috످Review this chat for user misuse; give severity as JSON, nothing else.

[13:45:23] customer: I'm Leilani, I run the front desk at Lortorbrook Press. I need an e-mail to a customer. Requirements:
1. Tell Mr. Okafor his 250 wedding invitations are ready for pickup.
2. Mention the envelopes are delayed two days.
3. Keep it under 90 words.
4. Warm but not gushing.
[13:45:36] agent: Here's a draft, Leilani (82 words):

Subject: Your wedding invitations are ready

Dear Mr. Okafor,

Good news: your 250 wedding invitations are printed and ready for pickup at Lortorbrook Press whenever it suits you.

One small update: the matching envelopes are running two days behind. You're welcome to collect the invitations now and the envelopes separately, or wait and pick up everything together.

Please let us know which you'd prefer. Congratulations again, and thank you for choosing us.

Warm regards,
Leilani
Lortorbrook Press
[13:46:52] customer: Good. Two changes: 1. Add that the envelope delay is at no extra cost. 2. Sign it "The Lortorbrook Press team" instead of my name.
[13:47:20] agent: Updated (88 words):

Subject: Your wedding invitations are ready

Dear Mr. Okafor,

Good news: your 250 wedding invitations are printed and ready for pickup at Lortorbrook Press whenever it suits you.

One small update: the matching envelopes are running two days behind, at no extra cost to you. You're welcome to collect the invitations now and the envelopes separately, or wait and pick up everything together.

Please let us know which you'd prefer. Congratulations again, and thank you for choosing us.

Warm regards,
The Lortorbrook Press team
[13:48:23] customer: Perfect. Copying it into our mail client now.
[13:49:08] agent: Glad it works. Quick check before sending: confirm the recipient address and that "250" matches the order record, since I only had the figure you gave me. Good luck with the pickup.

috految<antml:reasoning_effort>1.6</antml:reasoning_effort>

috److{"severity": "none"}

috످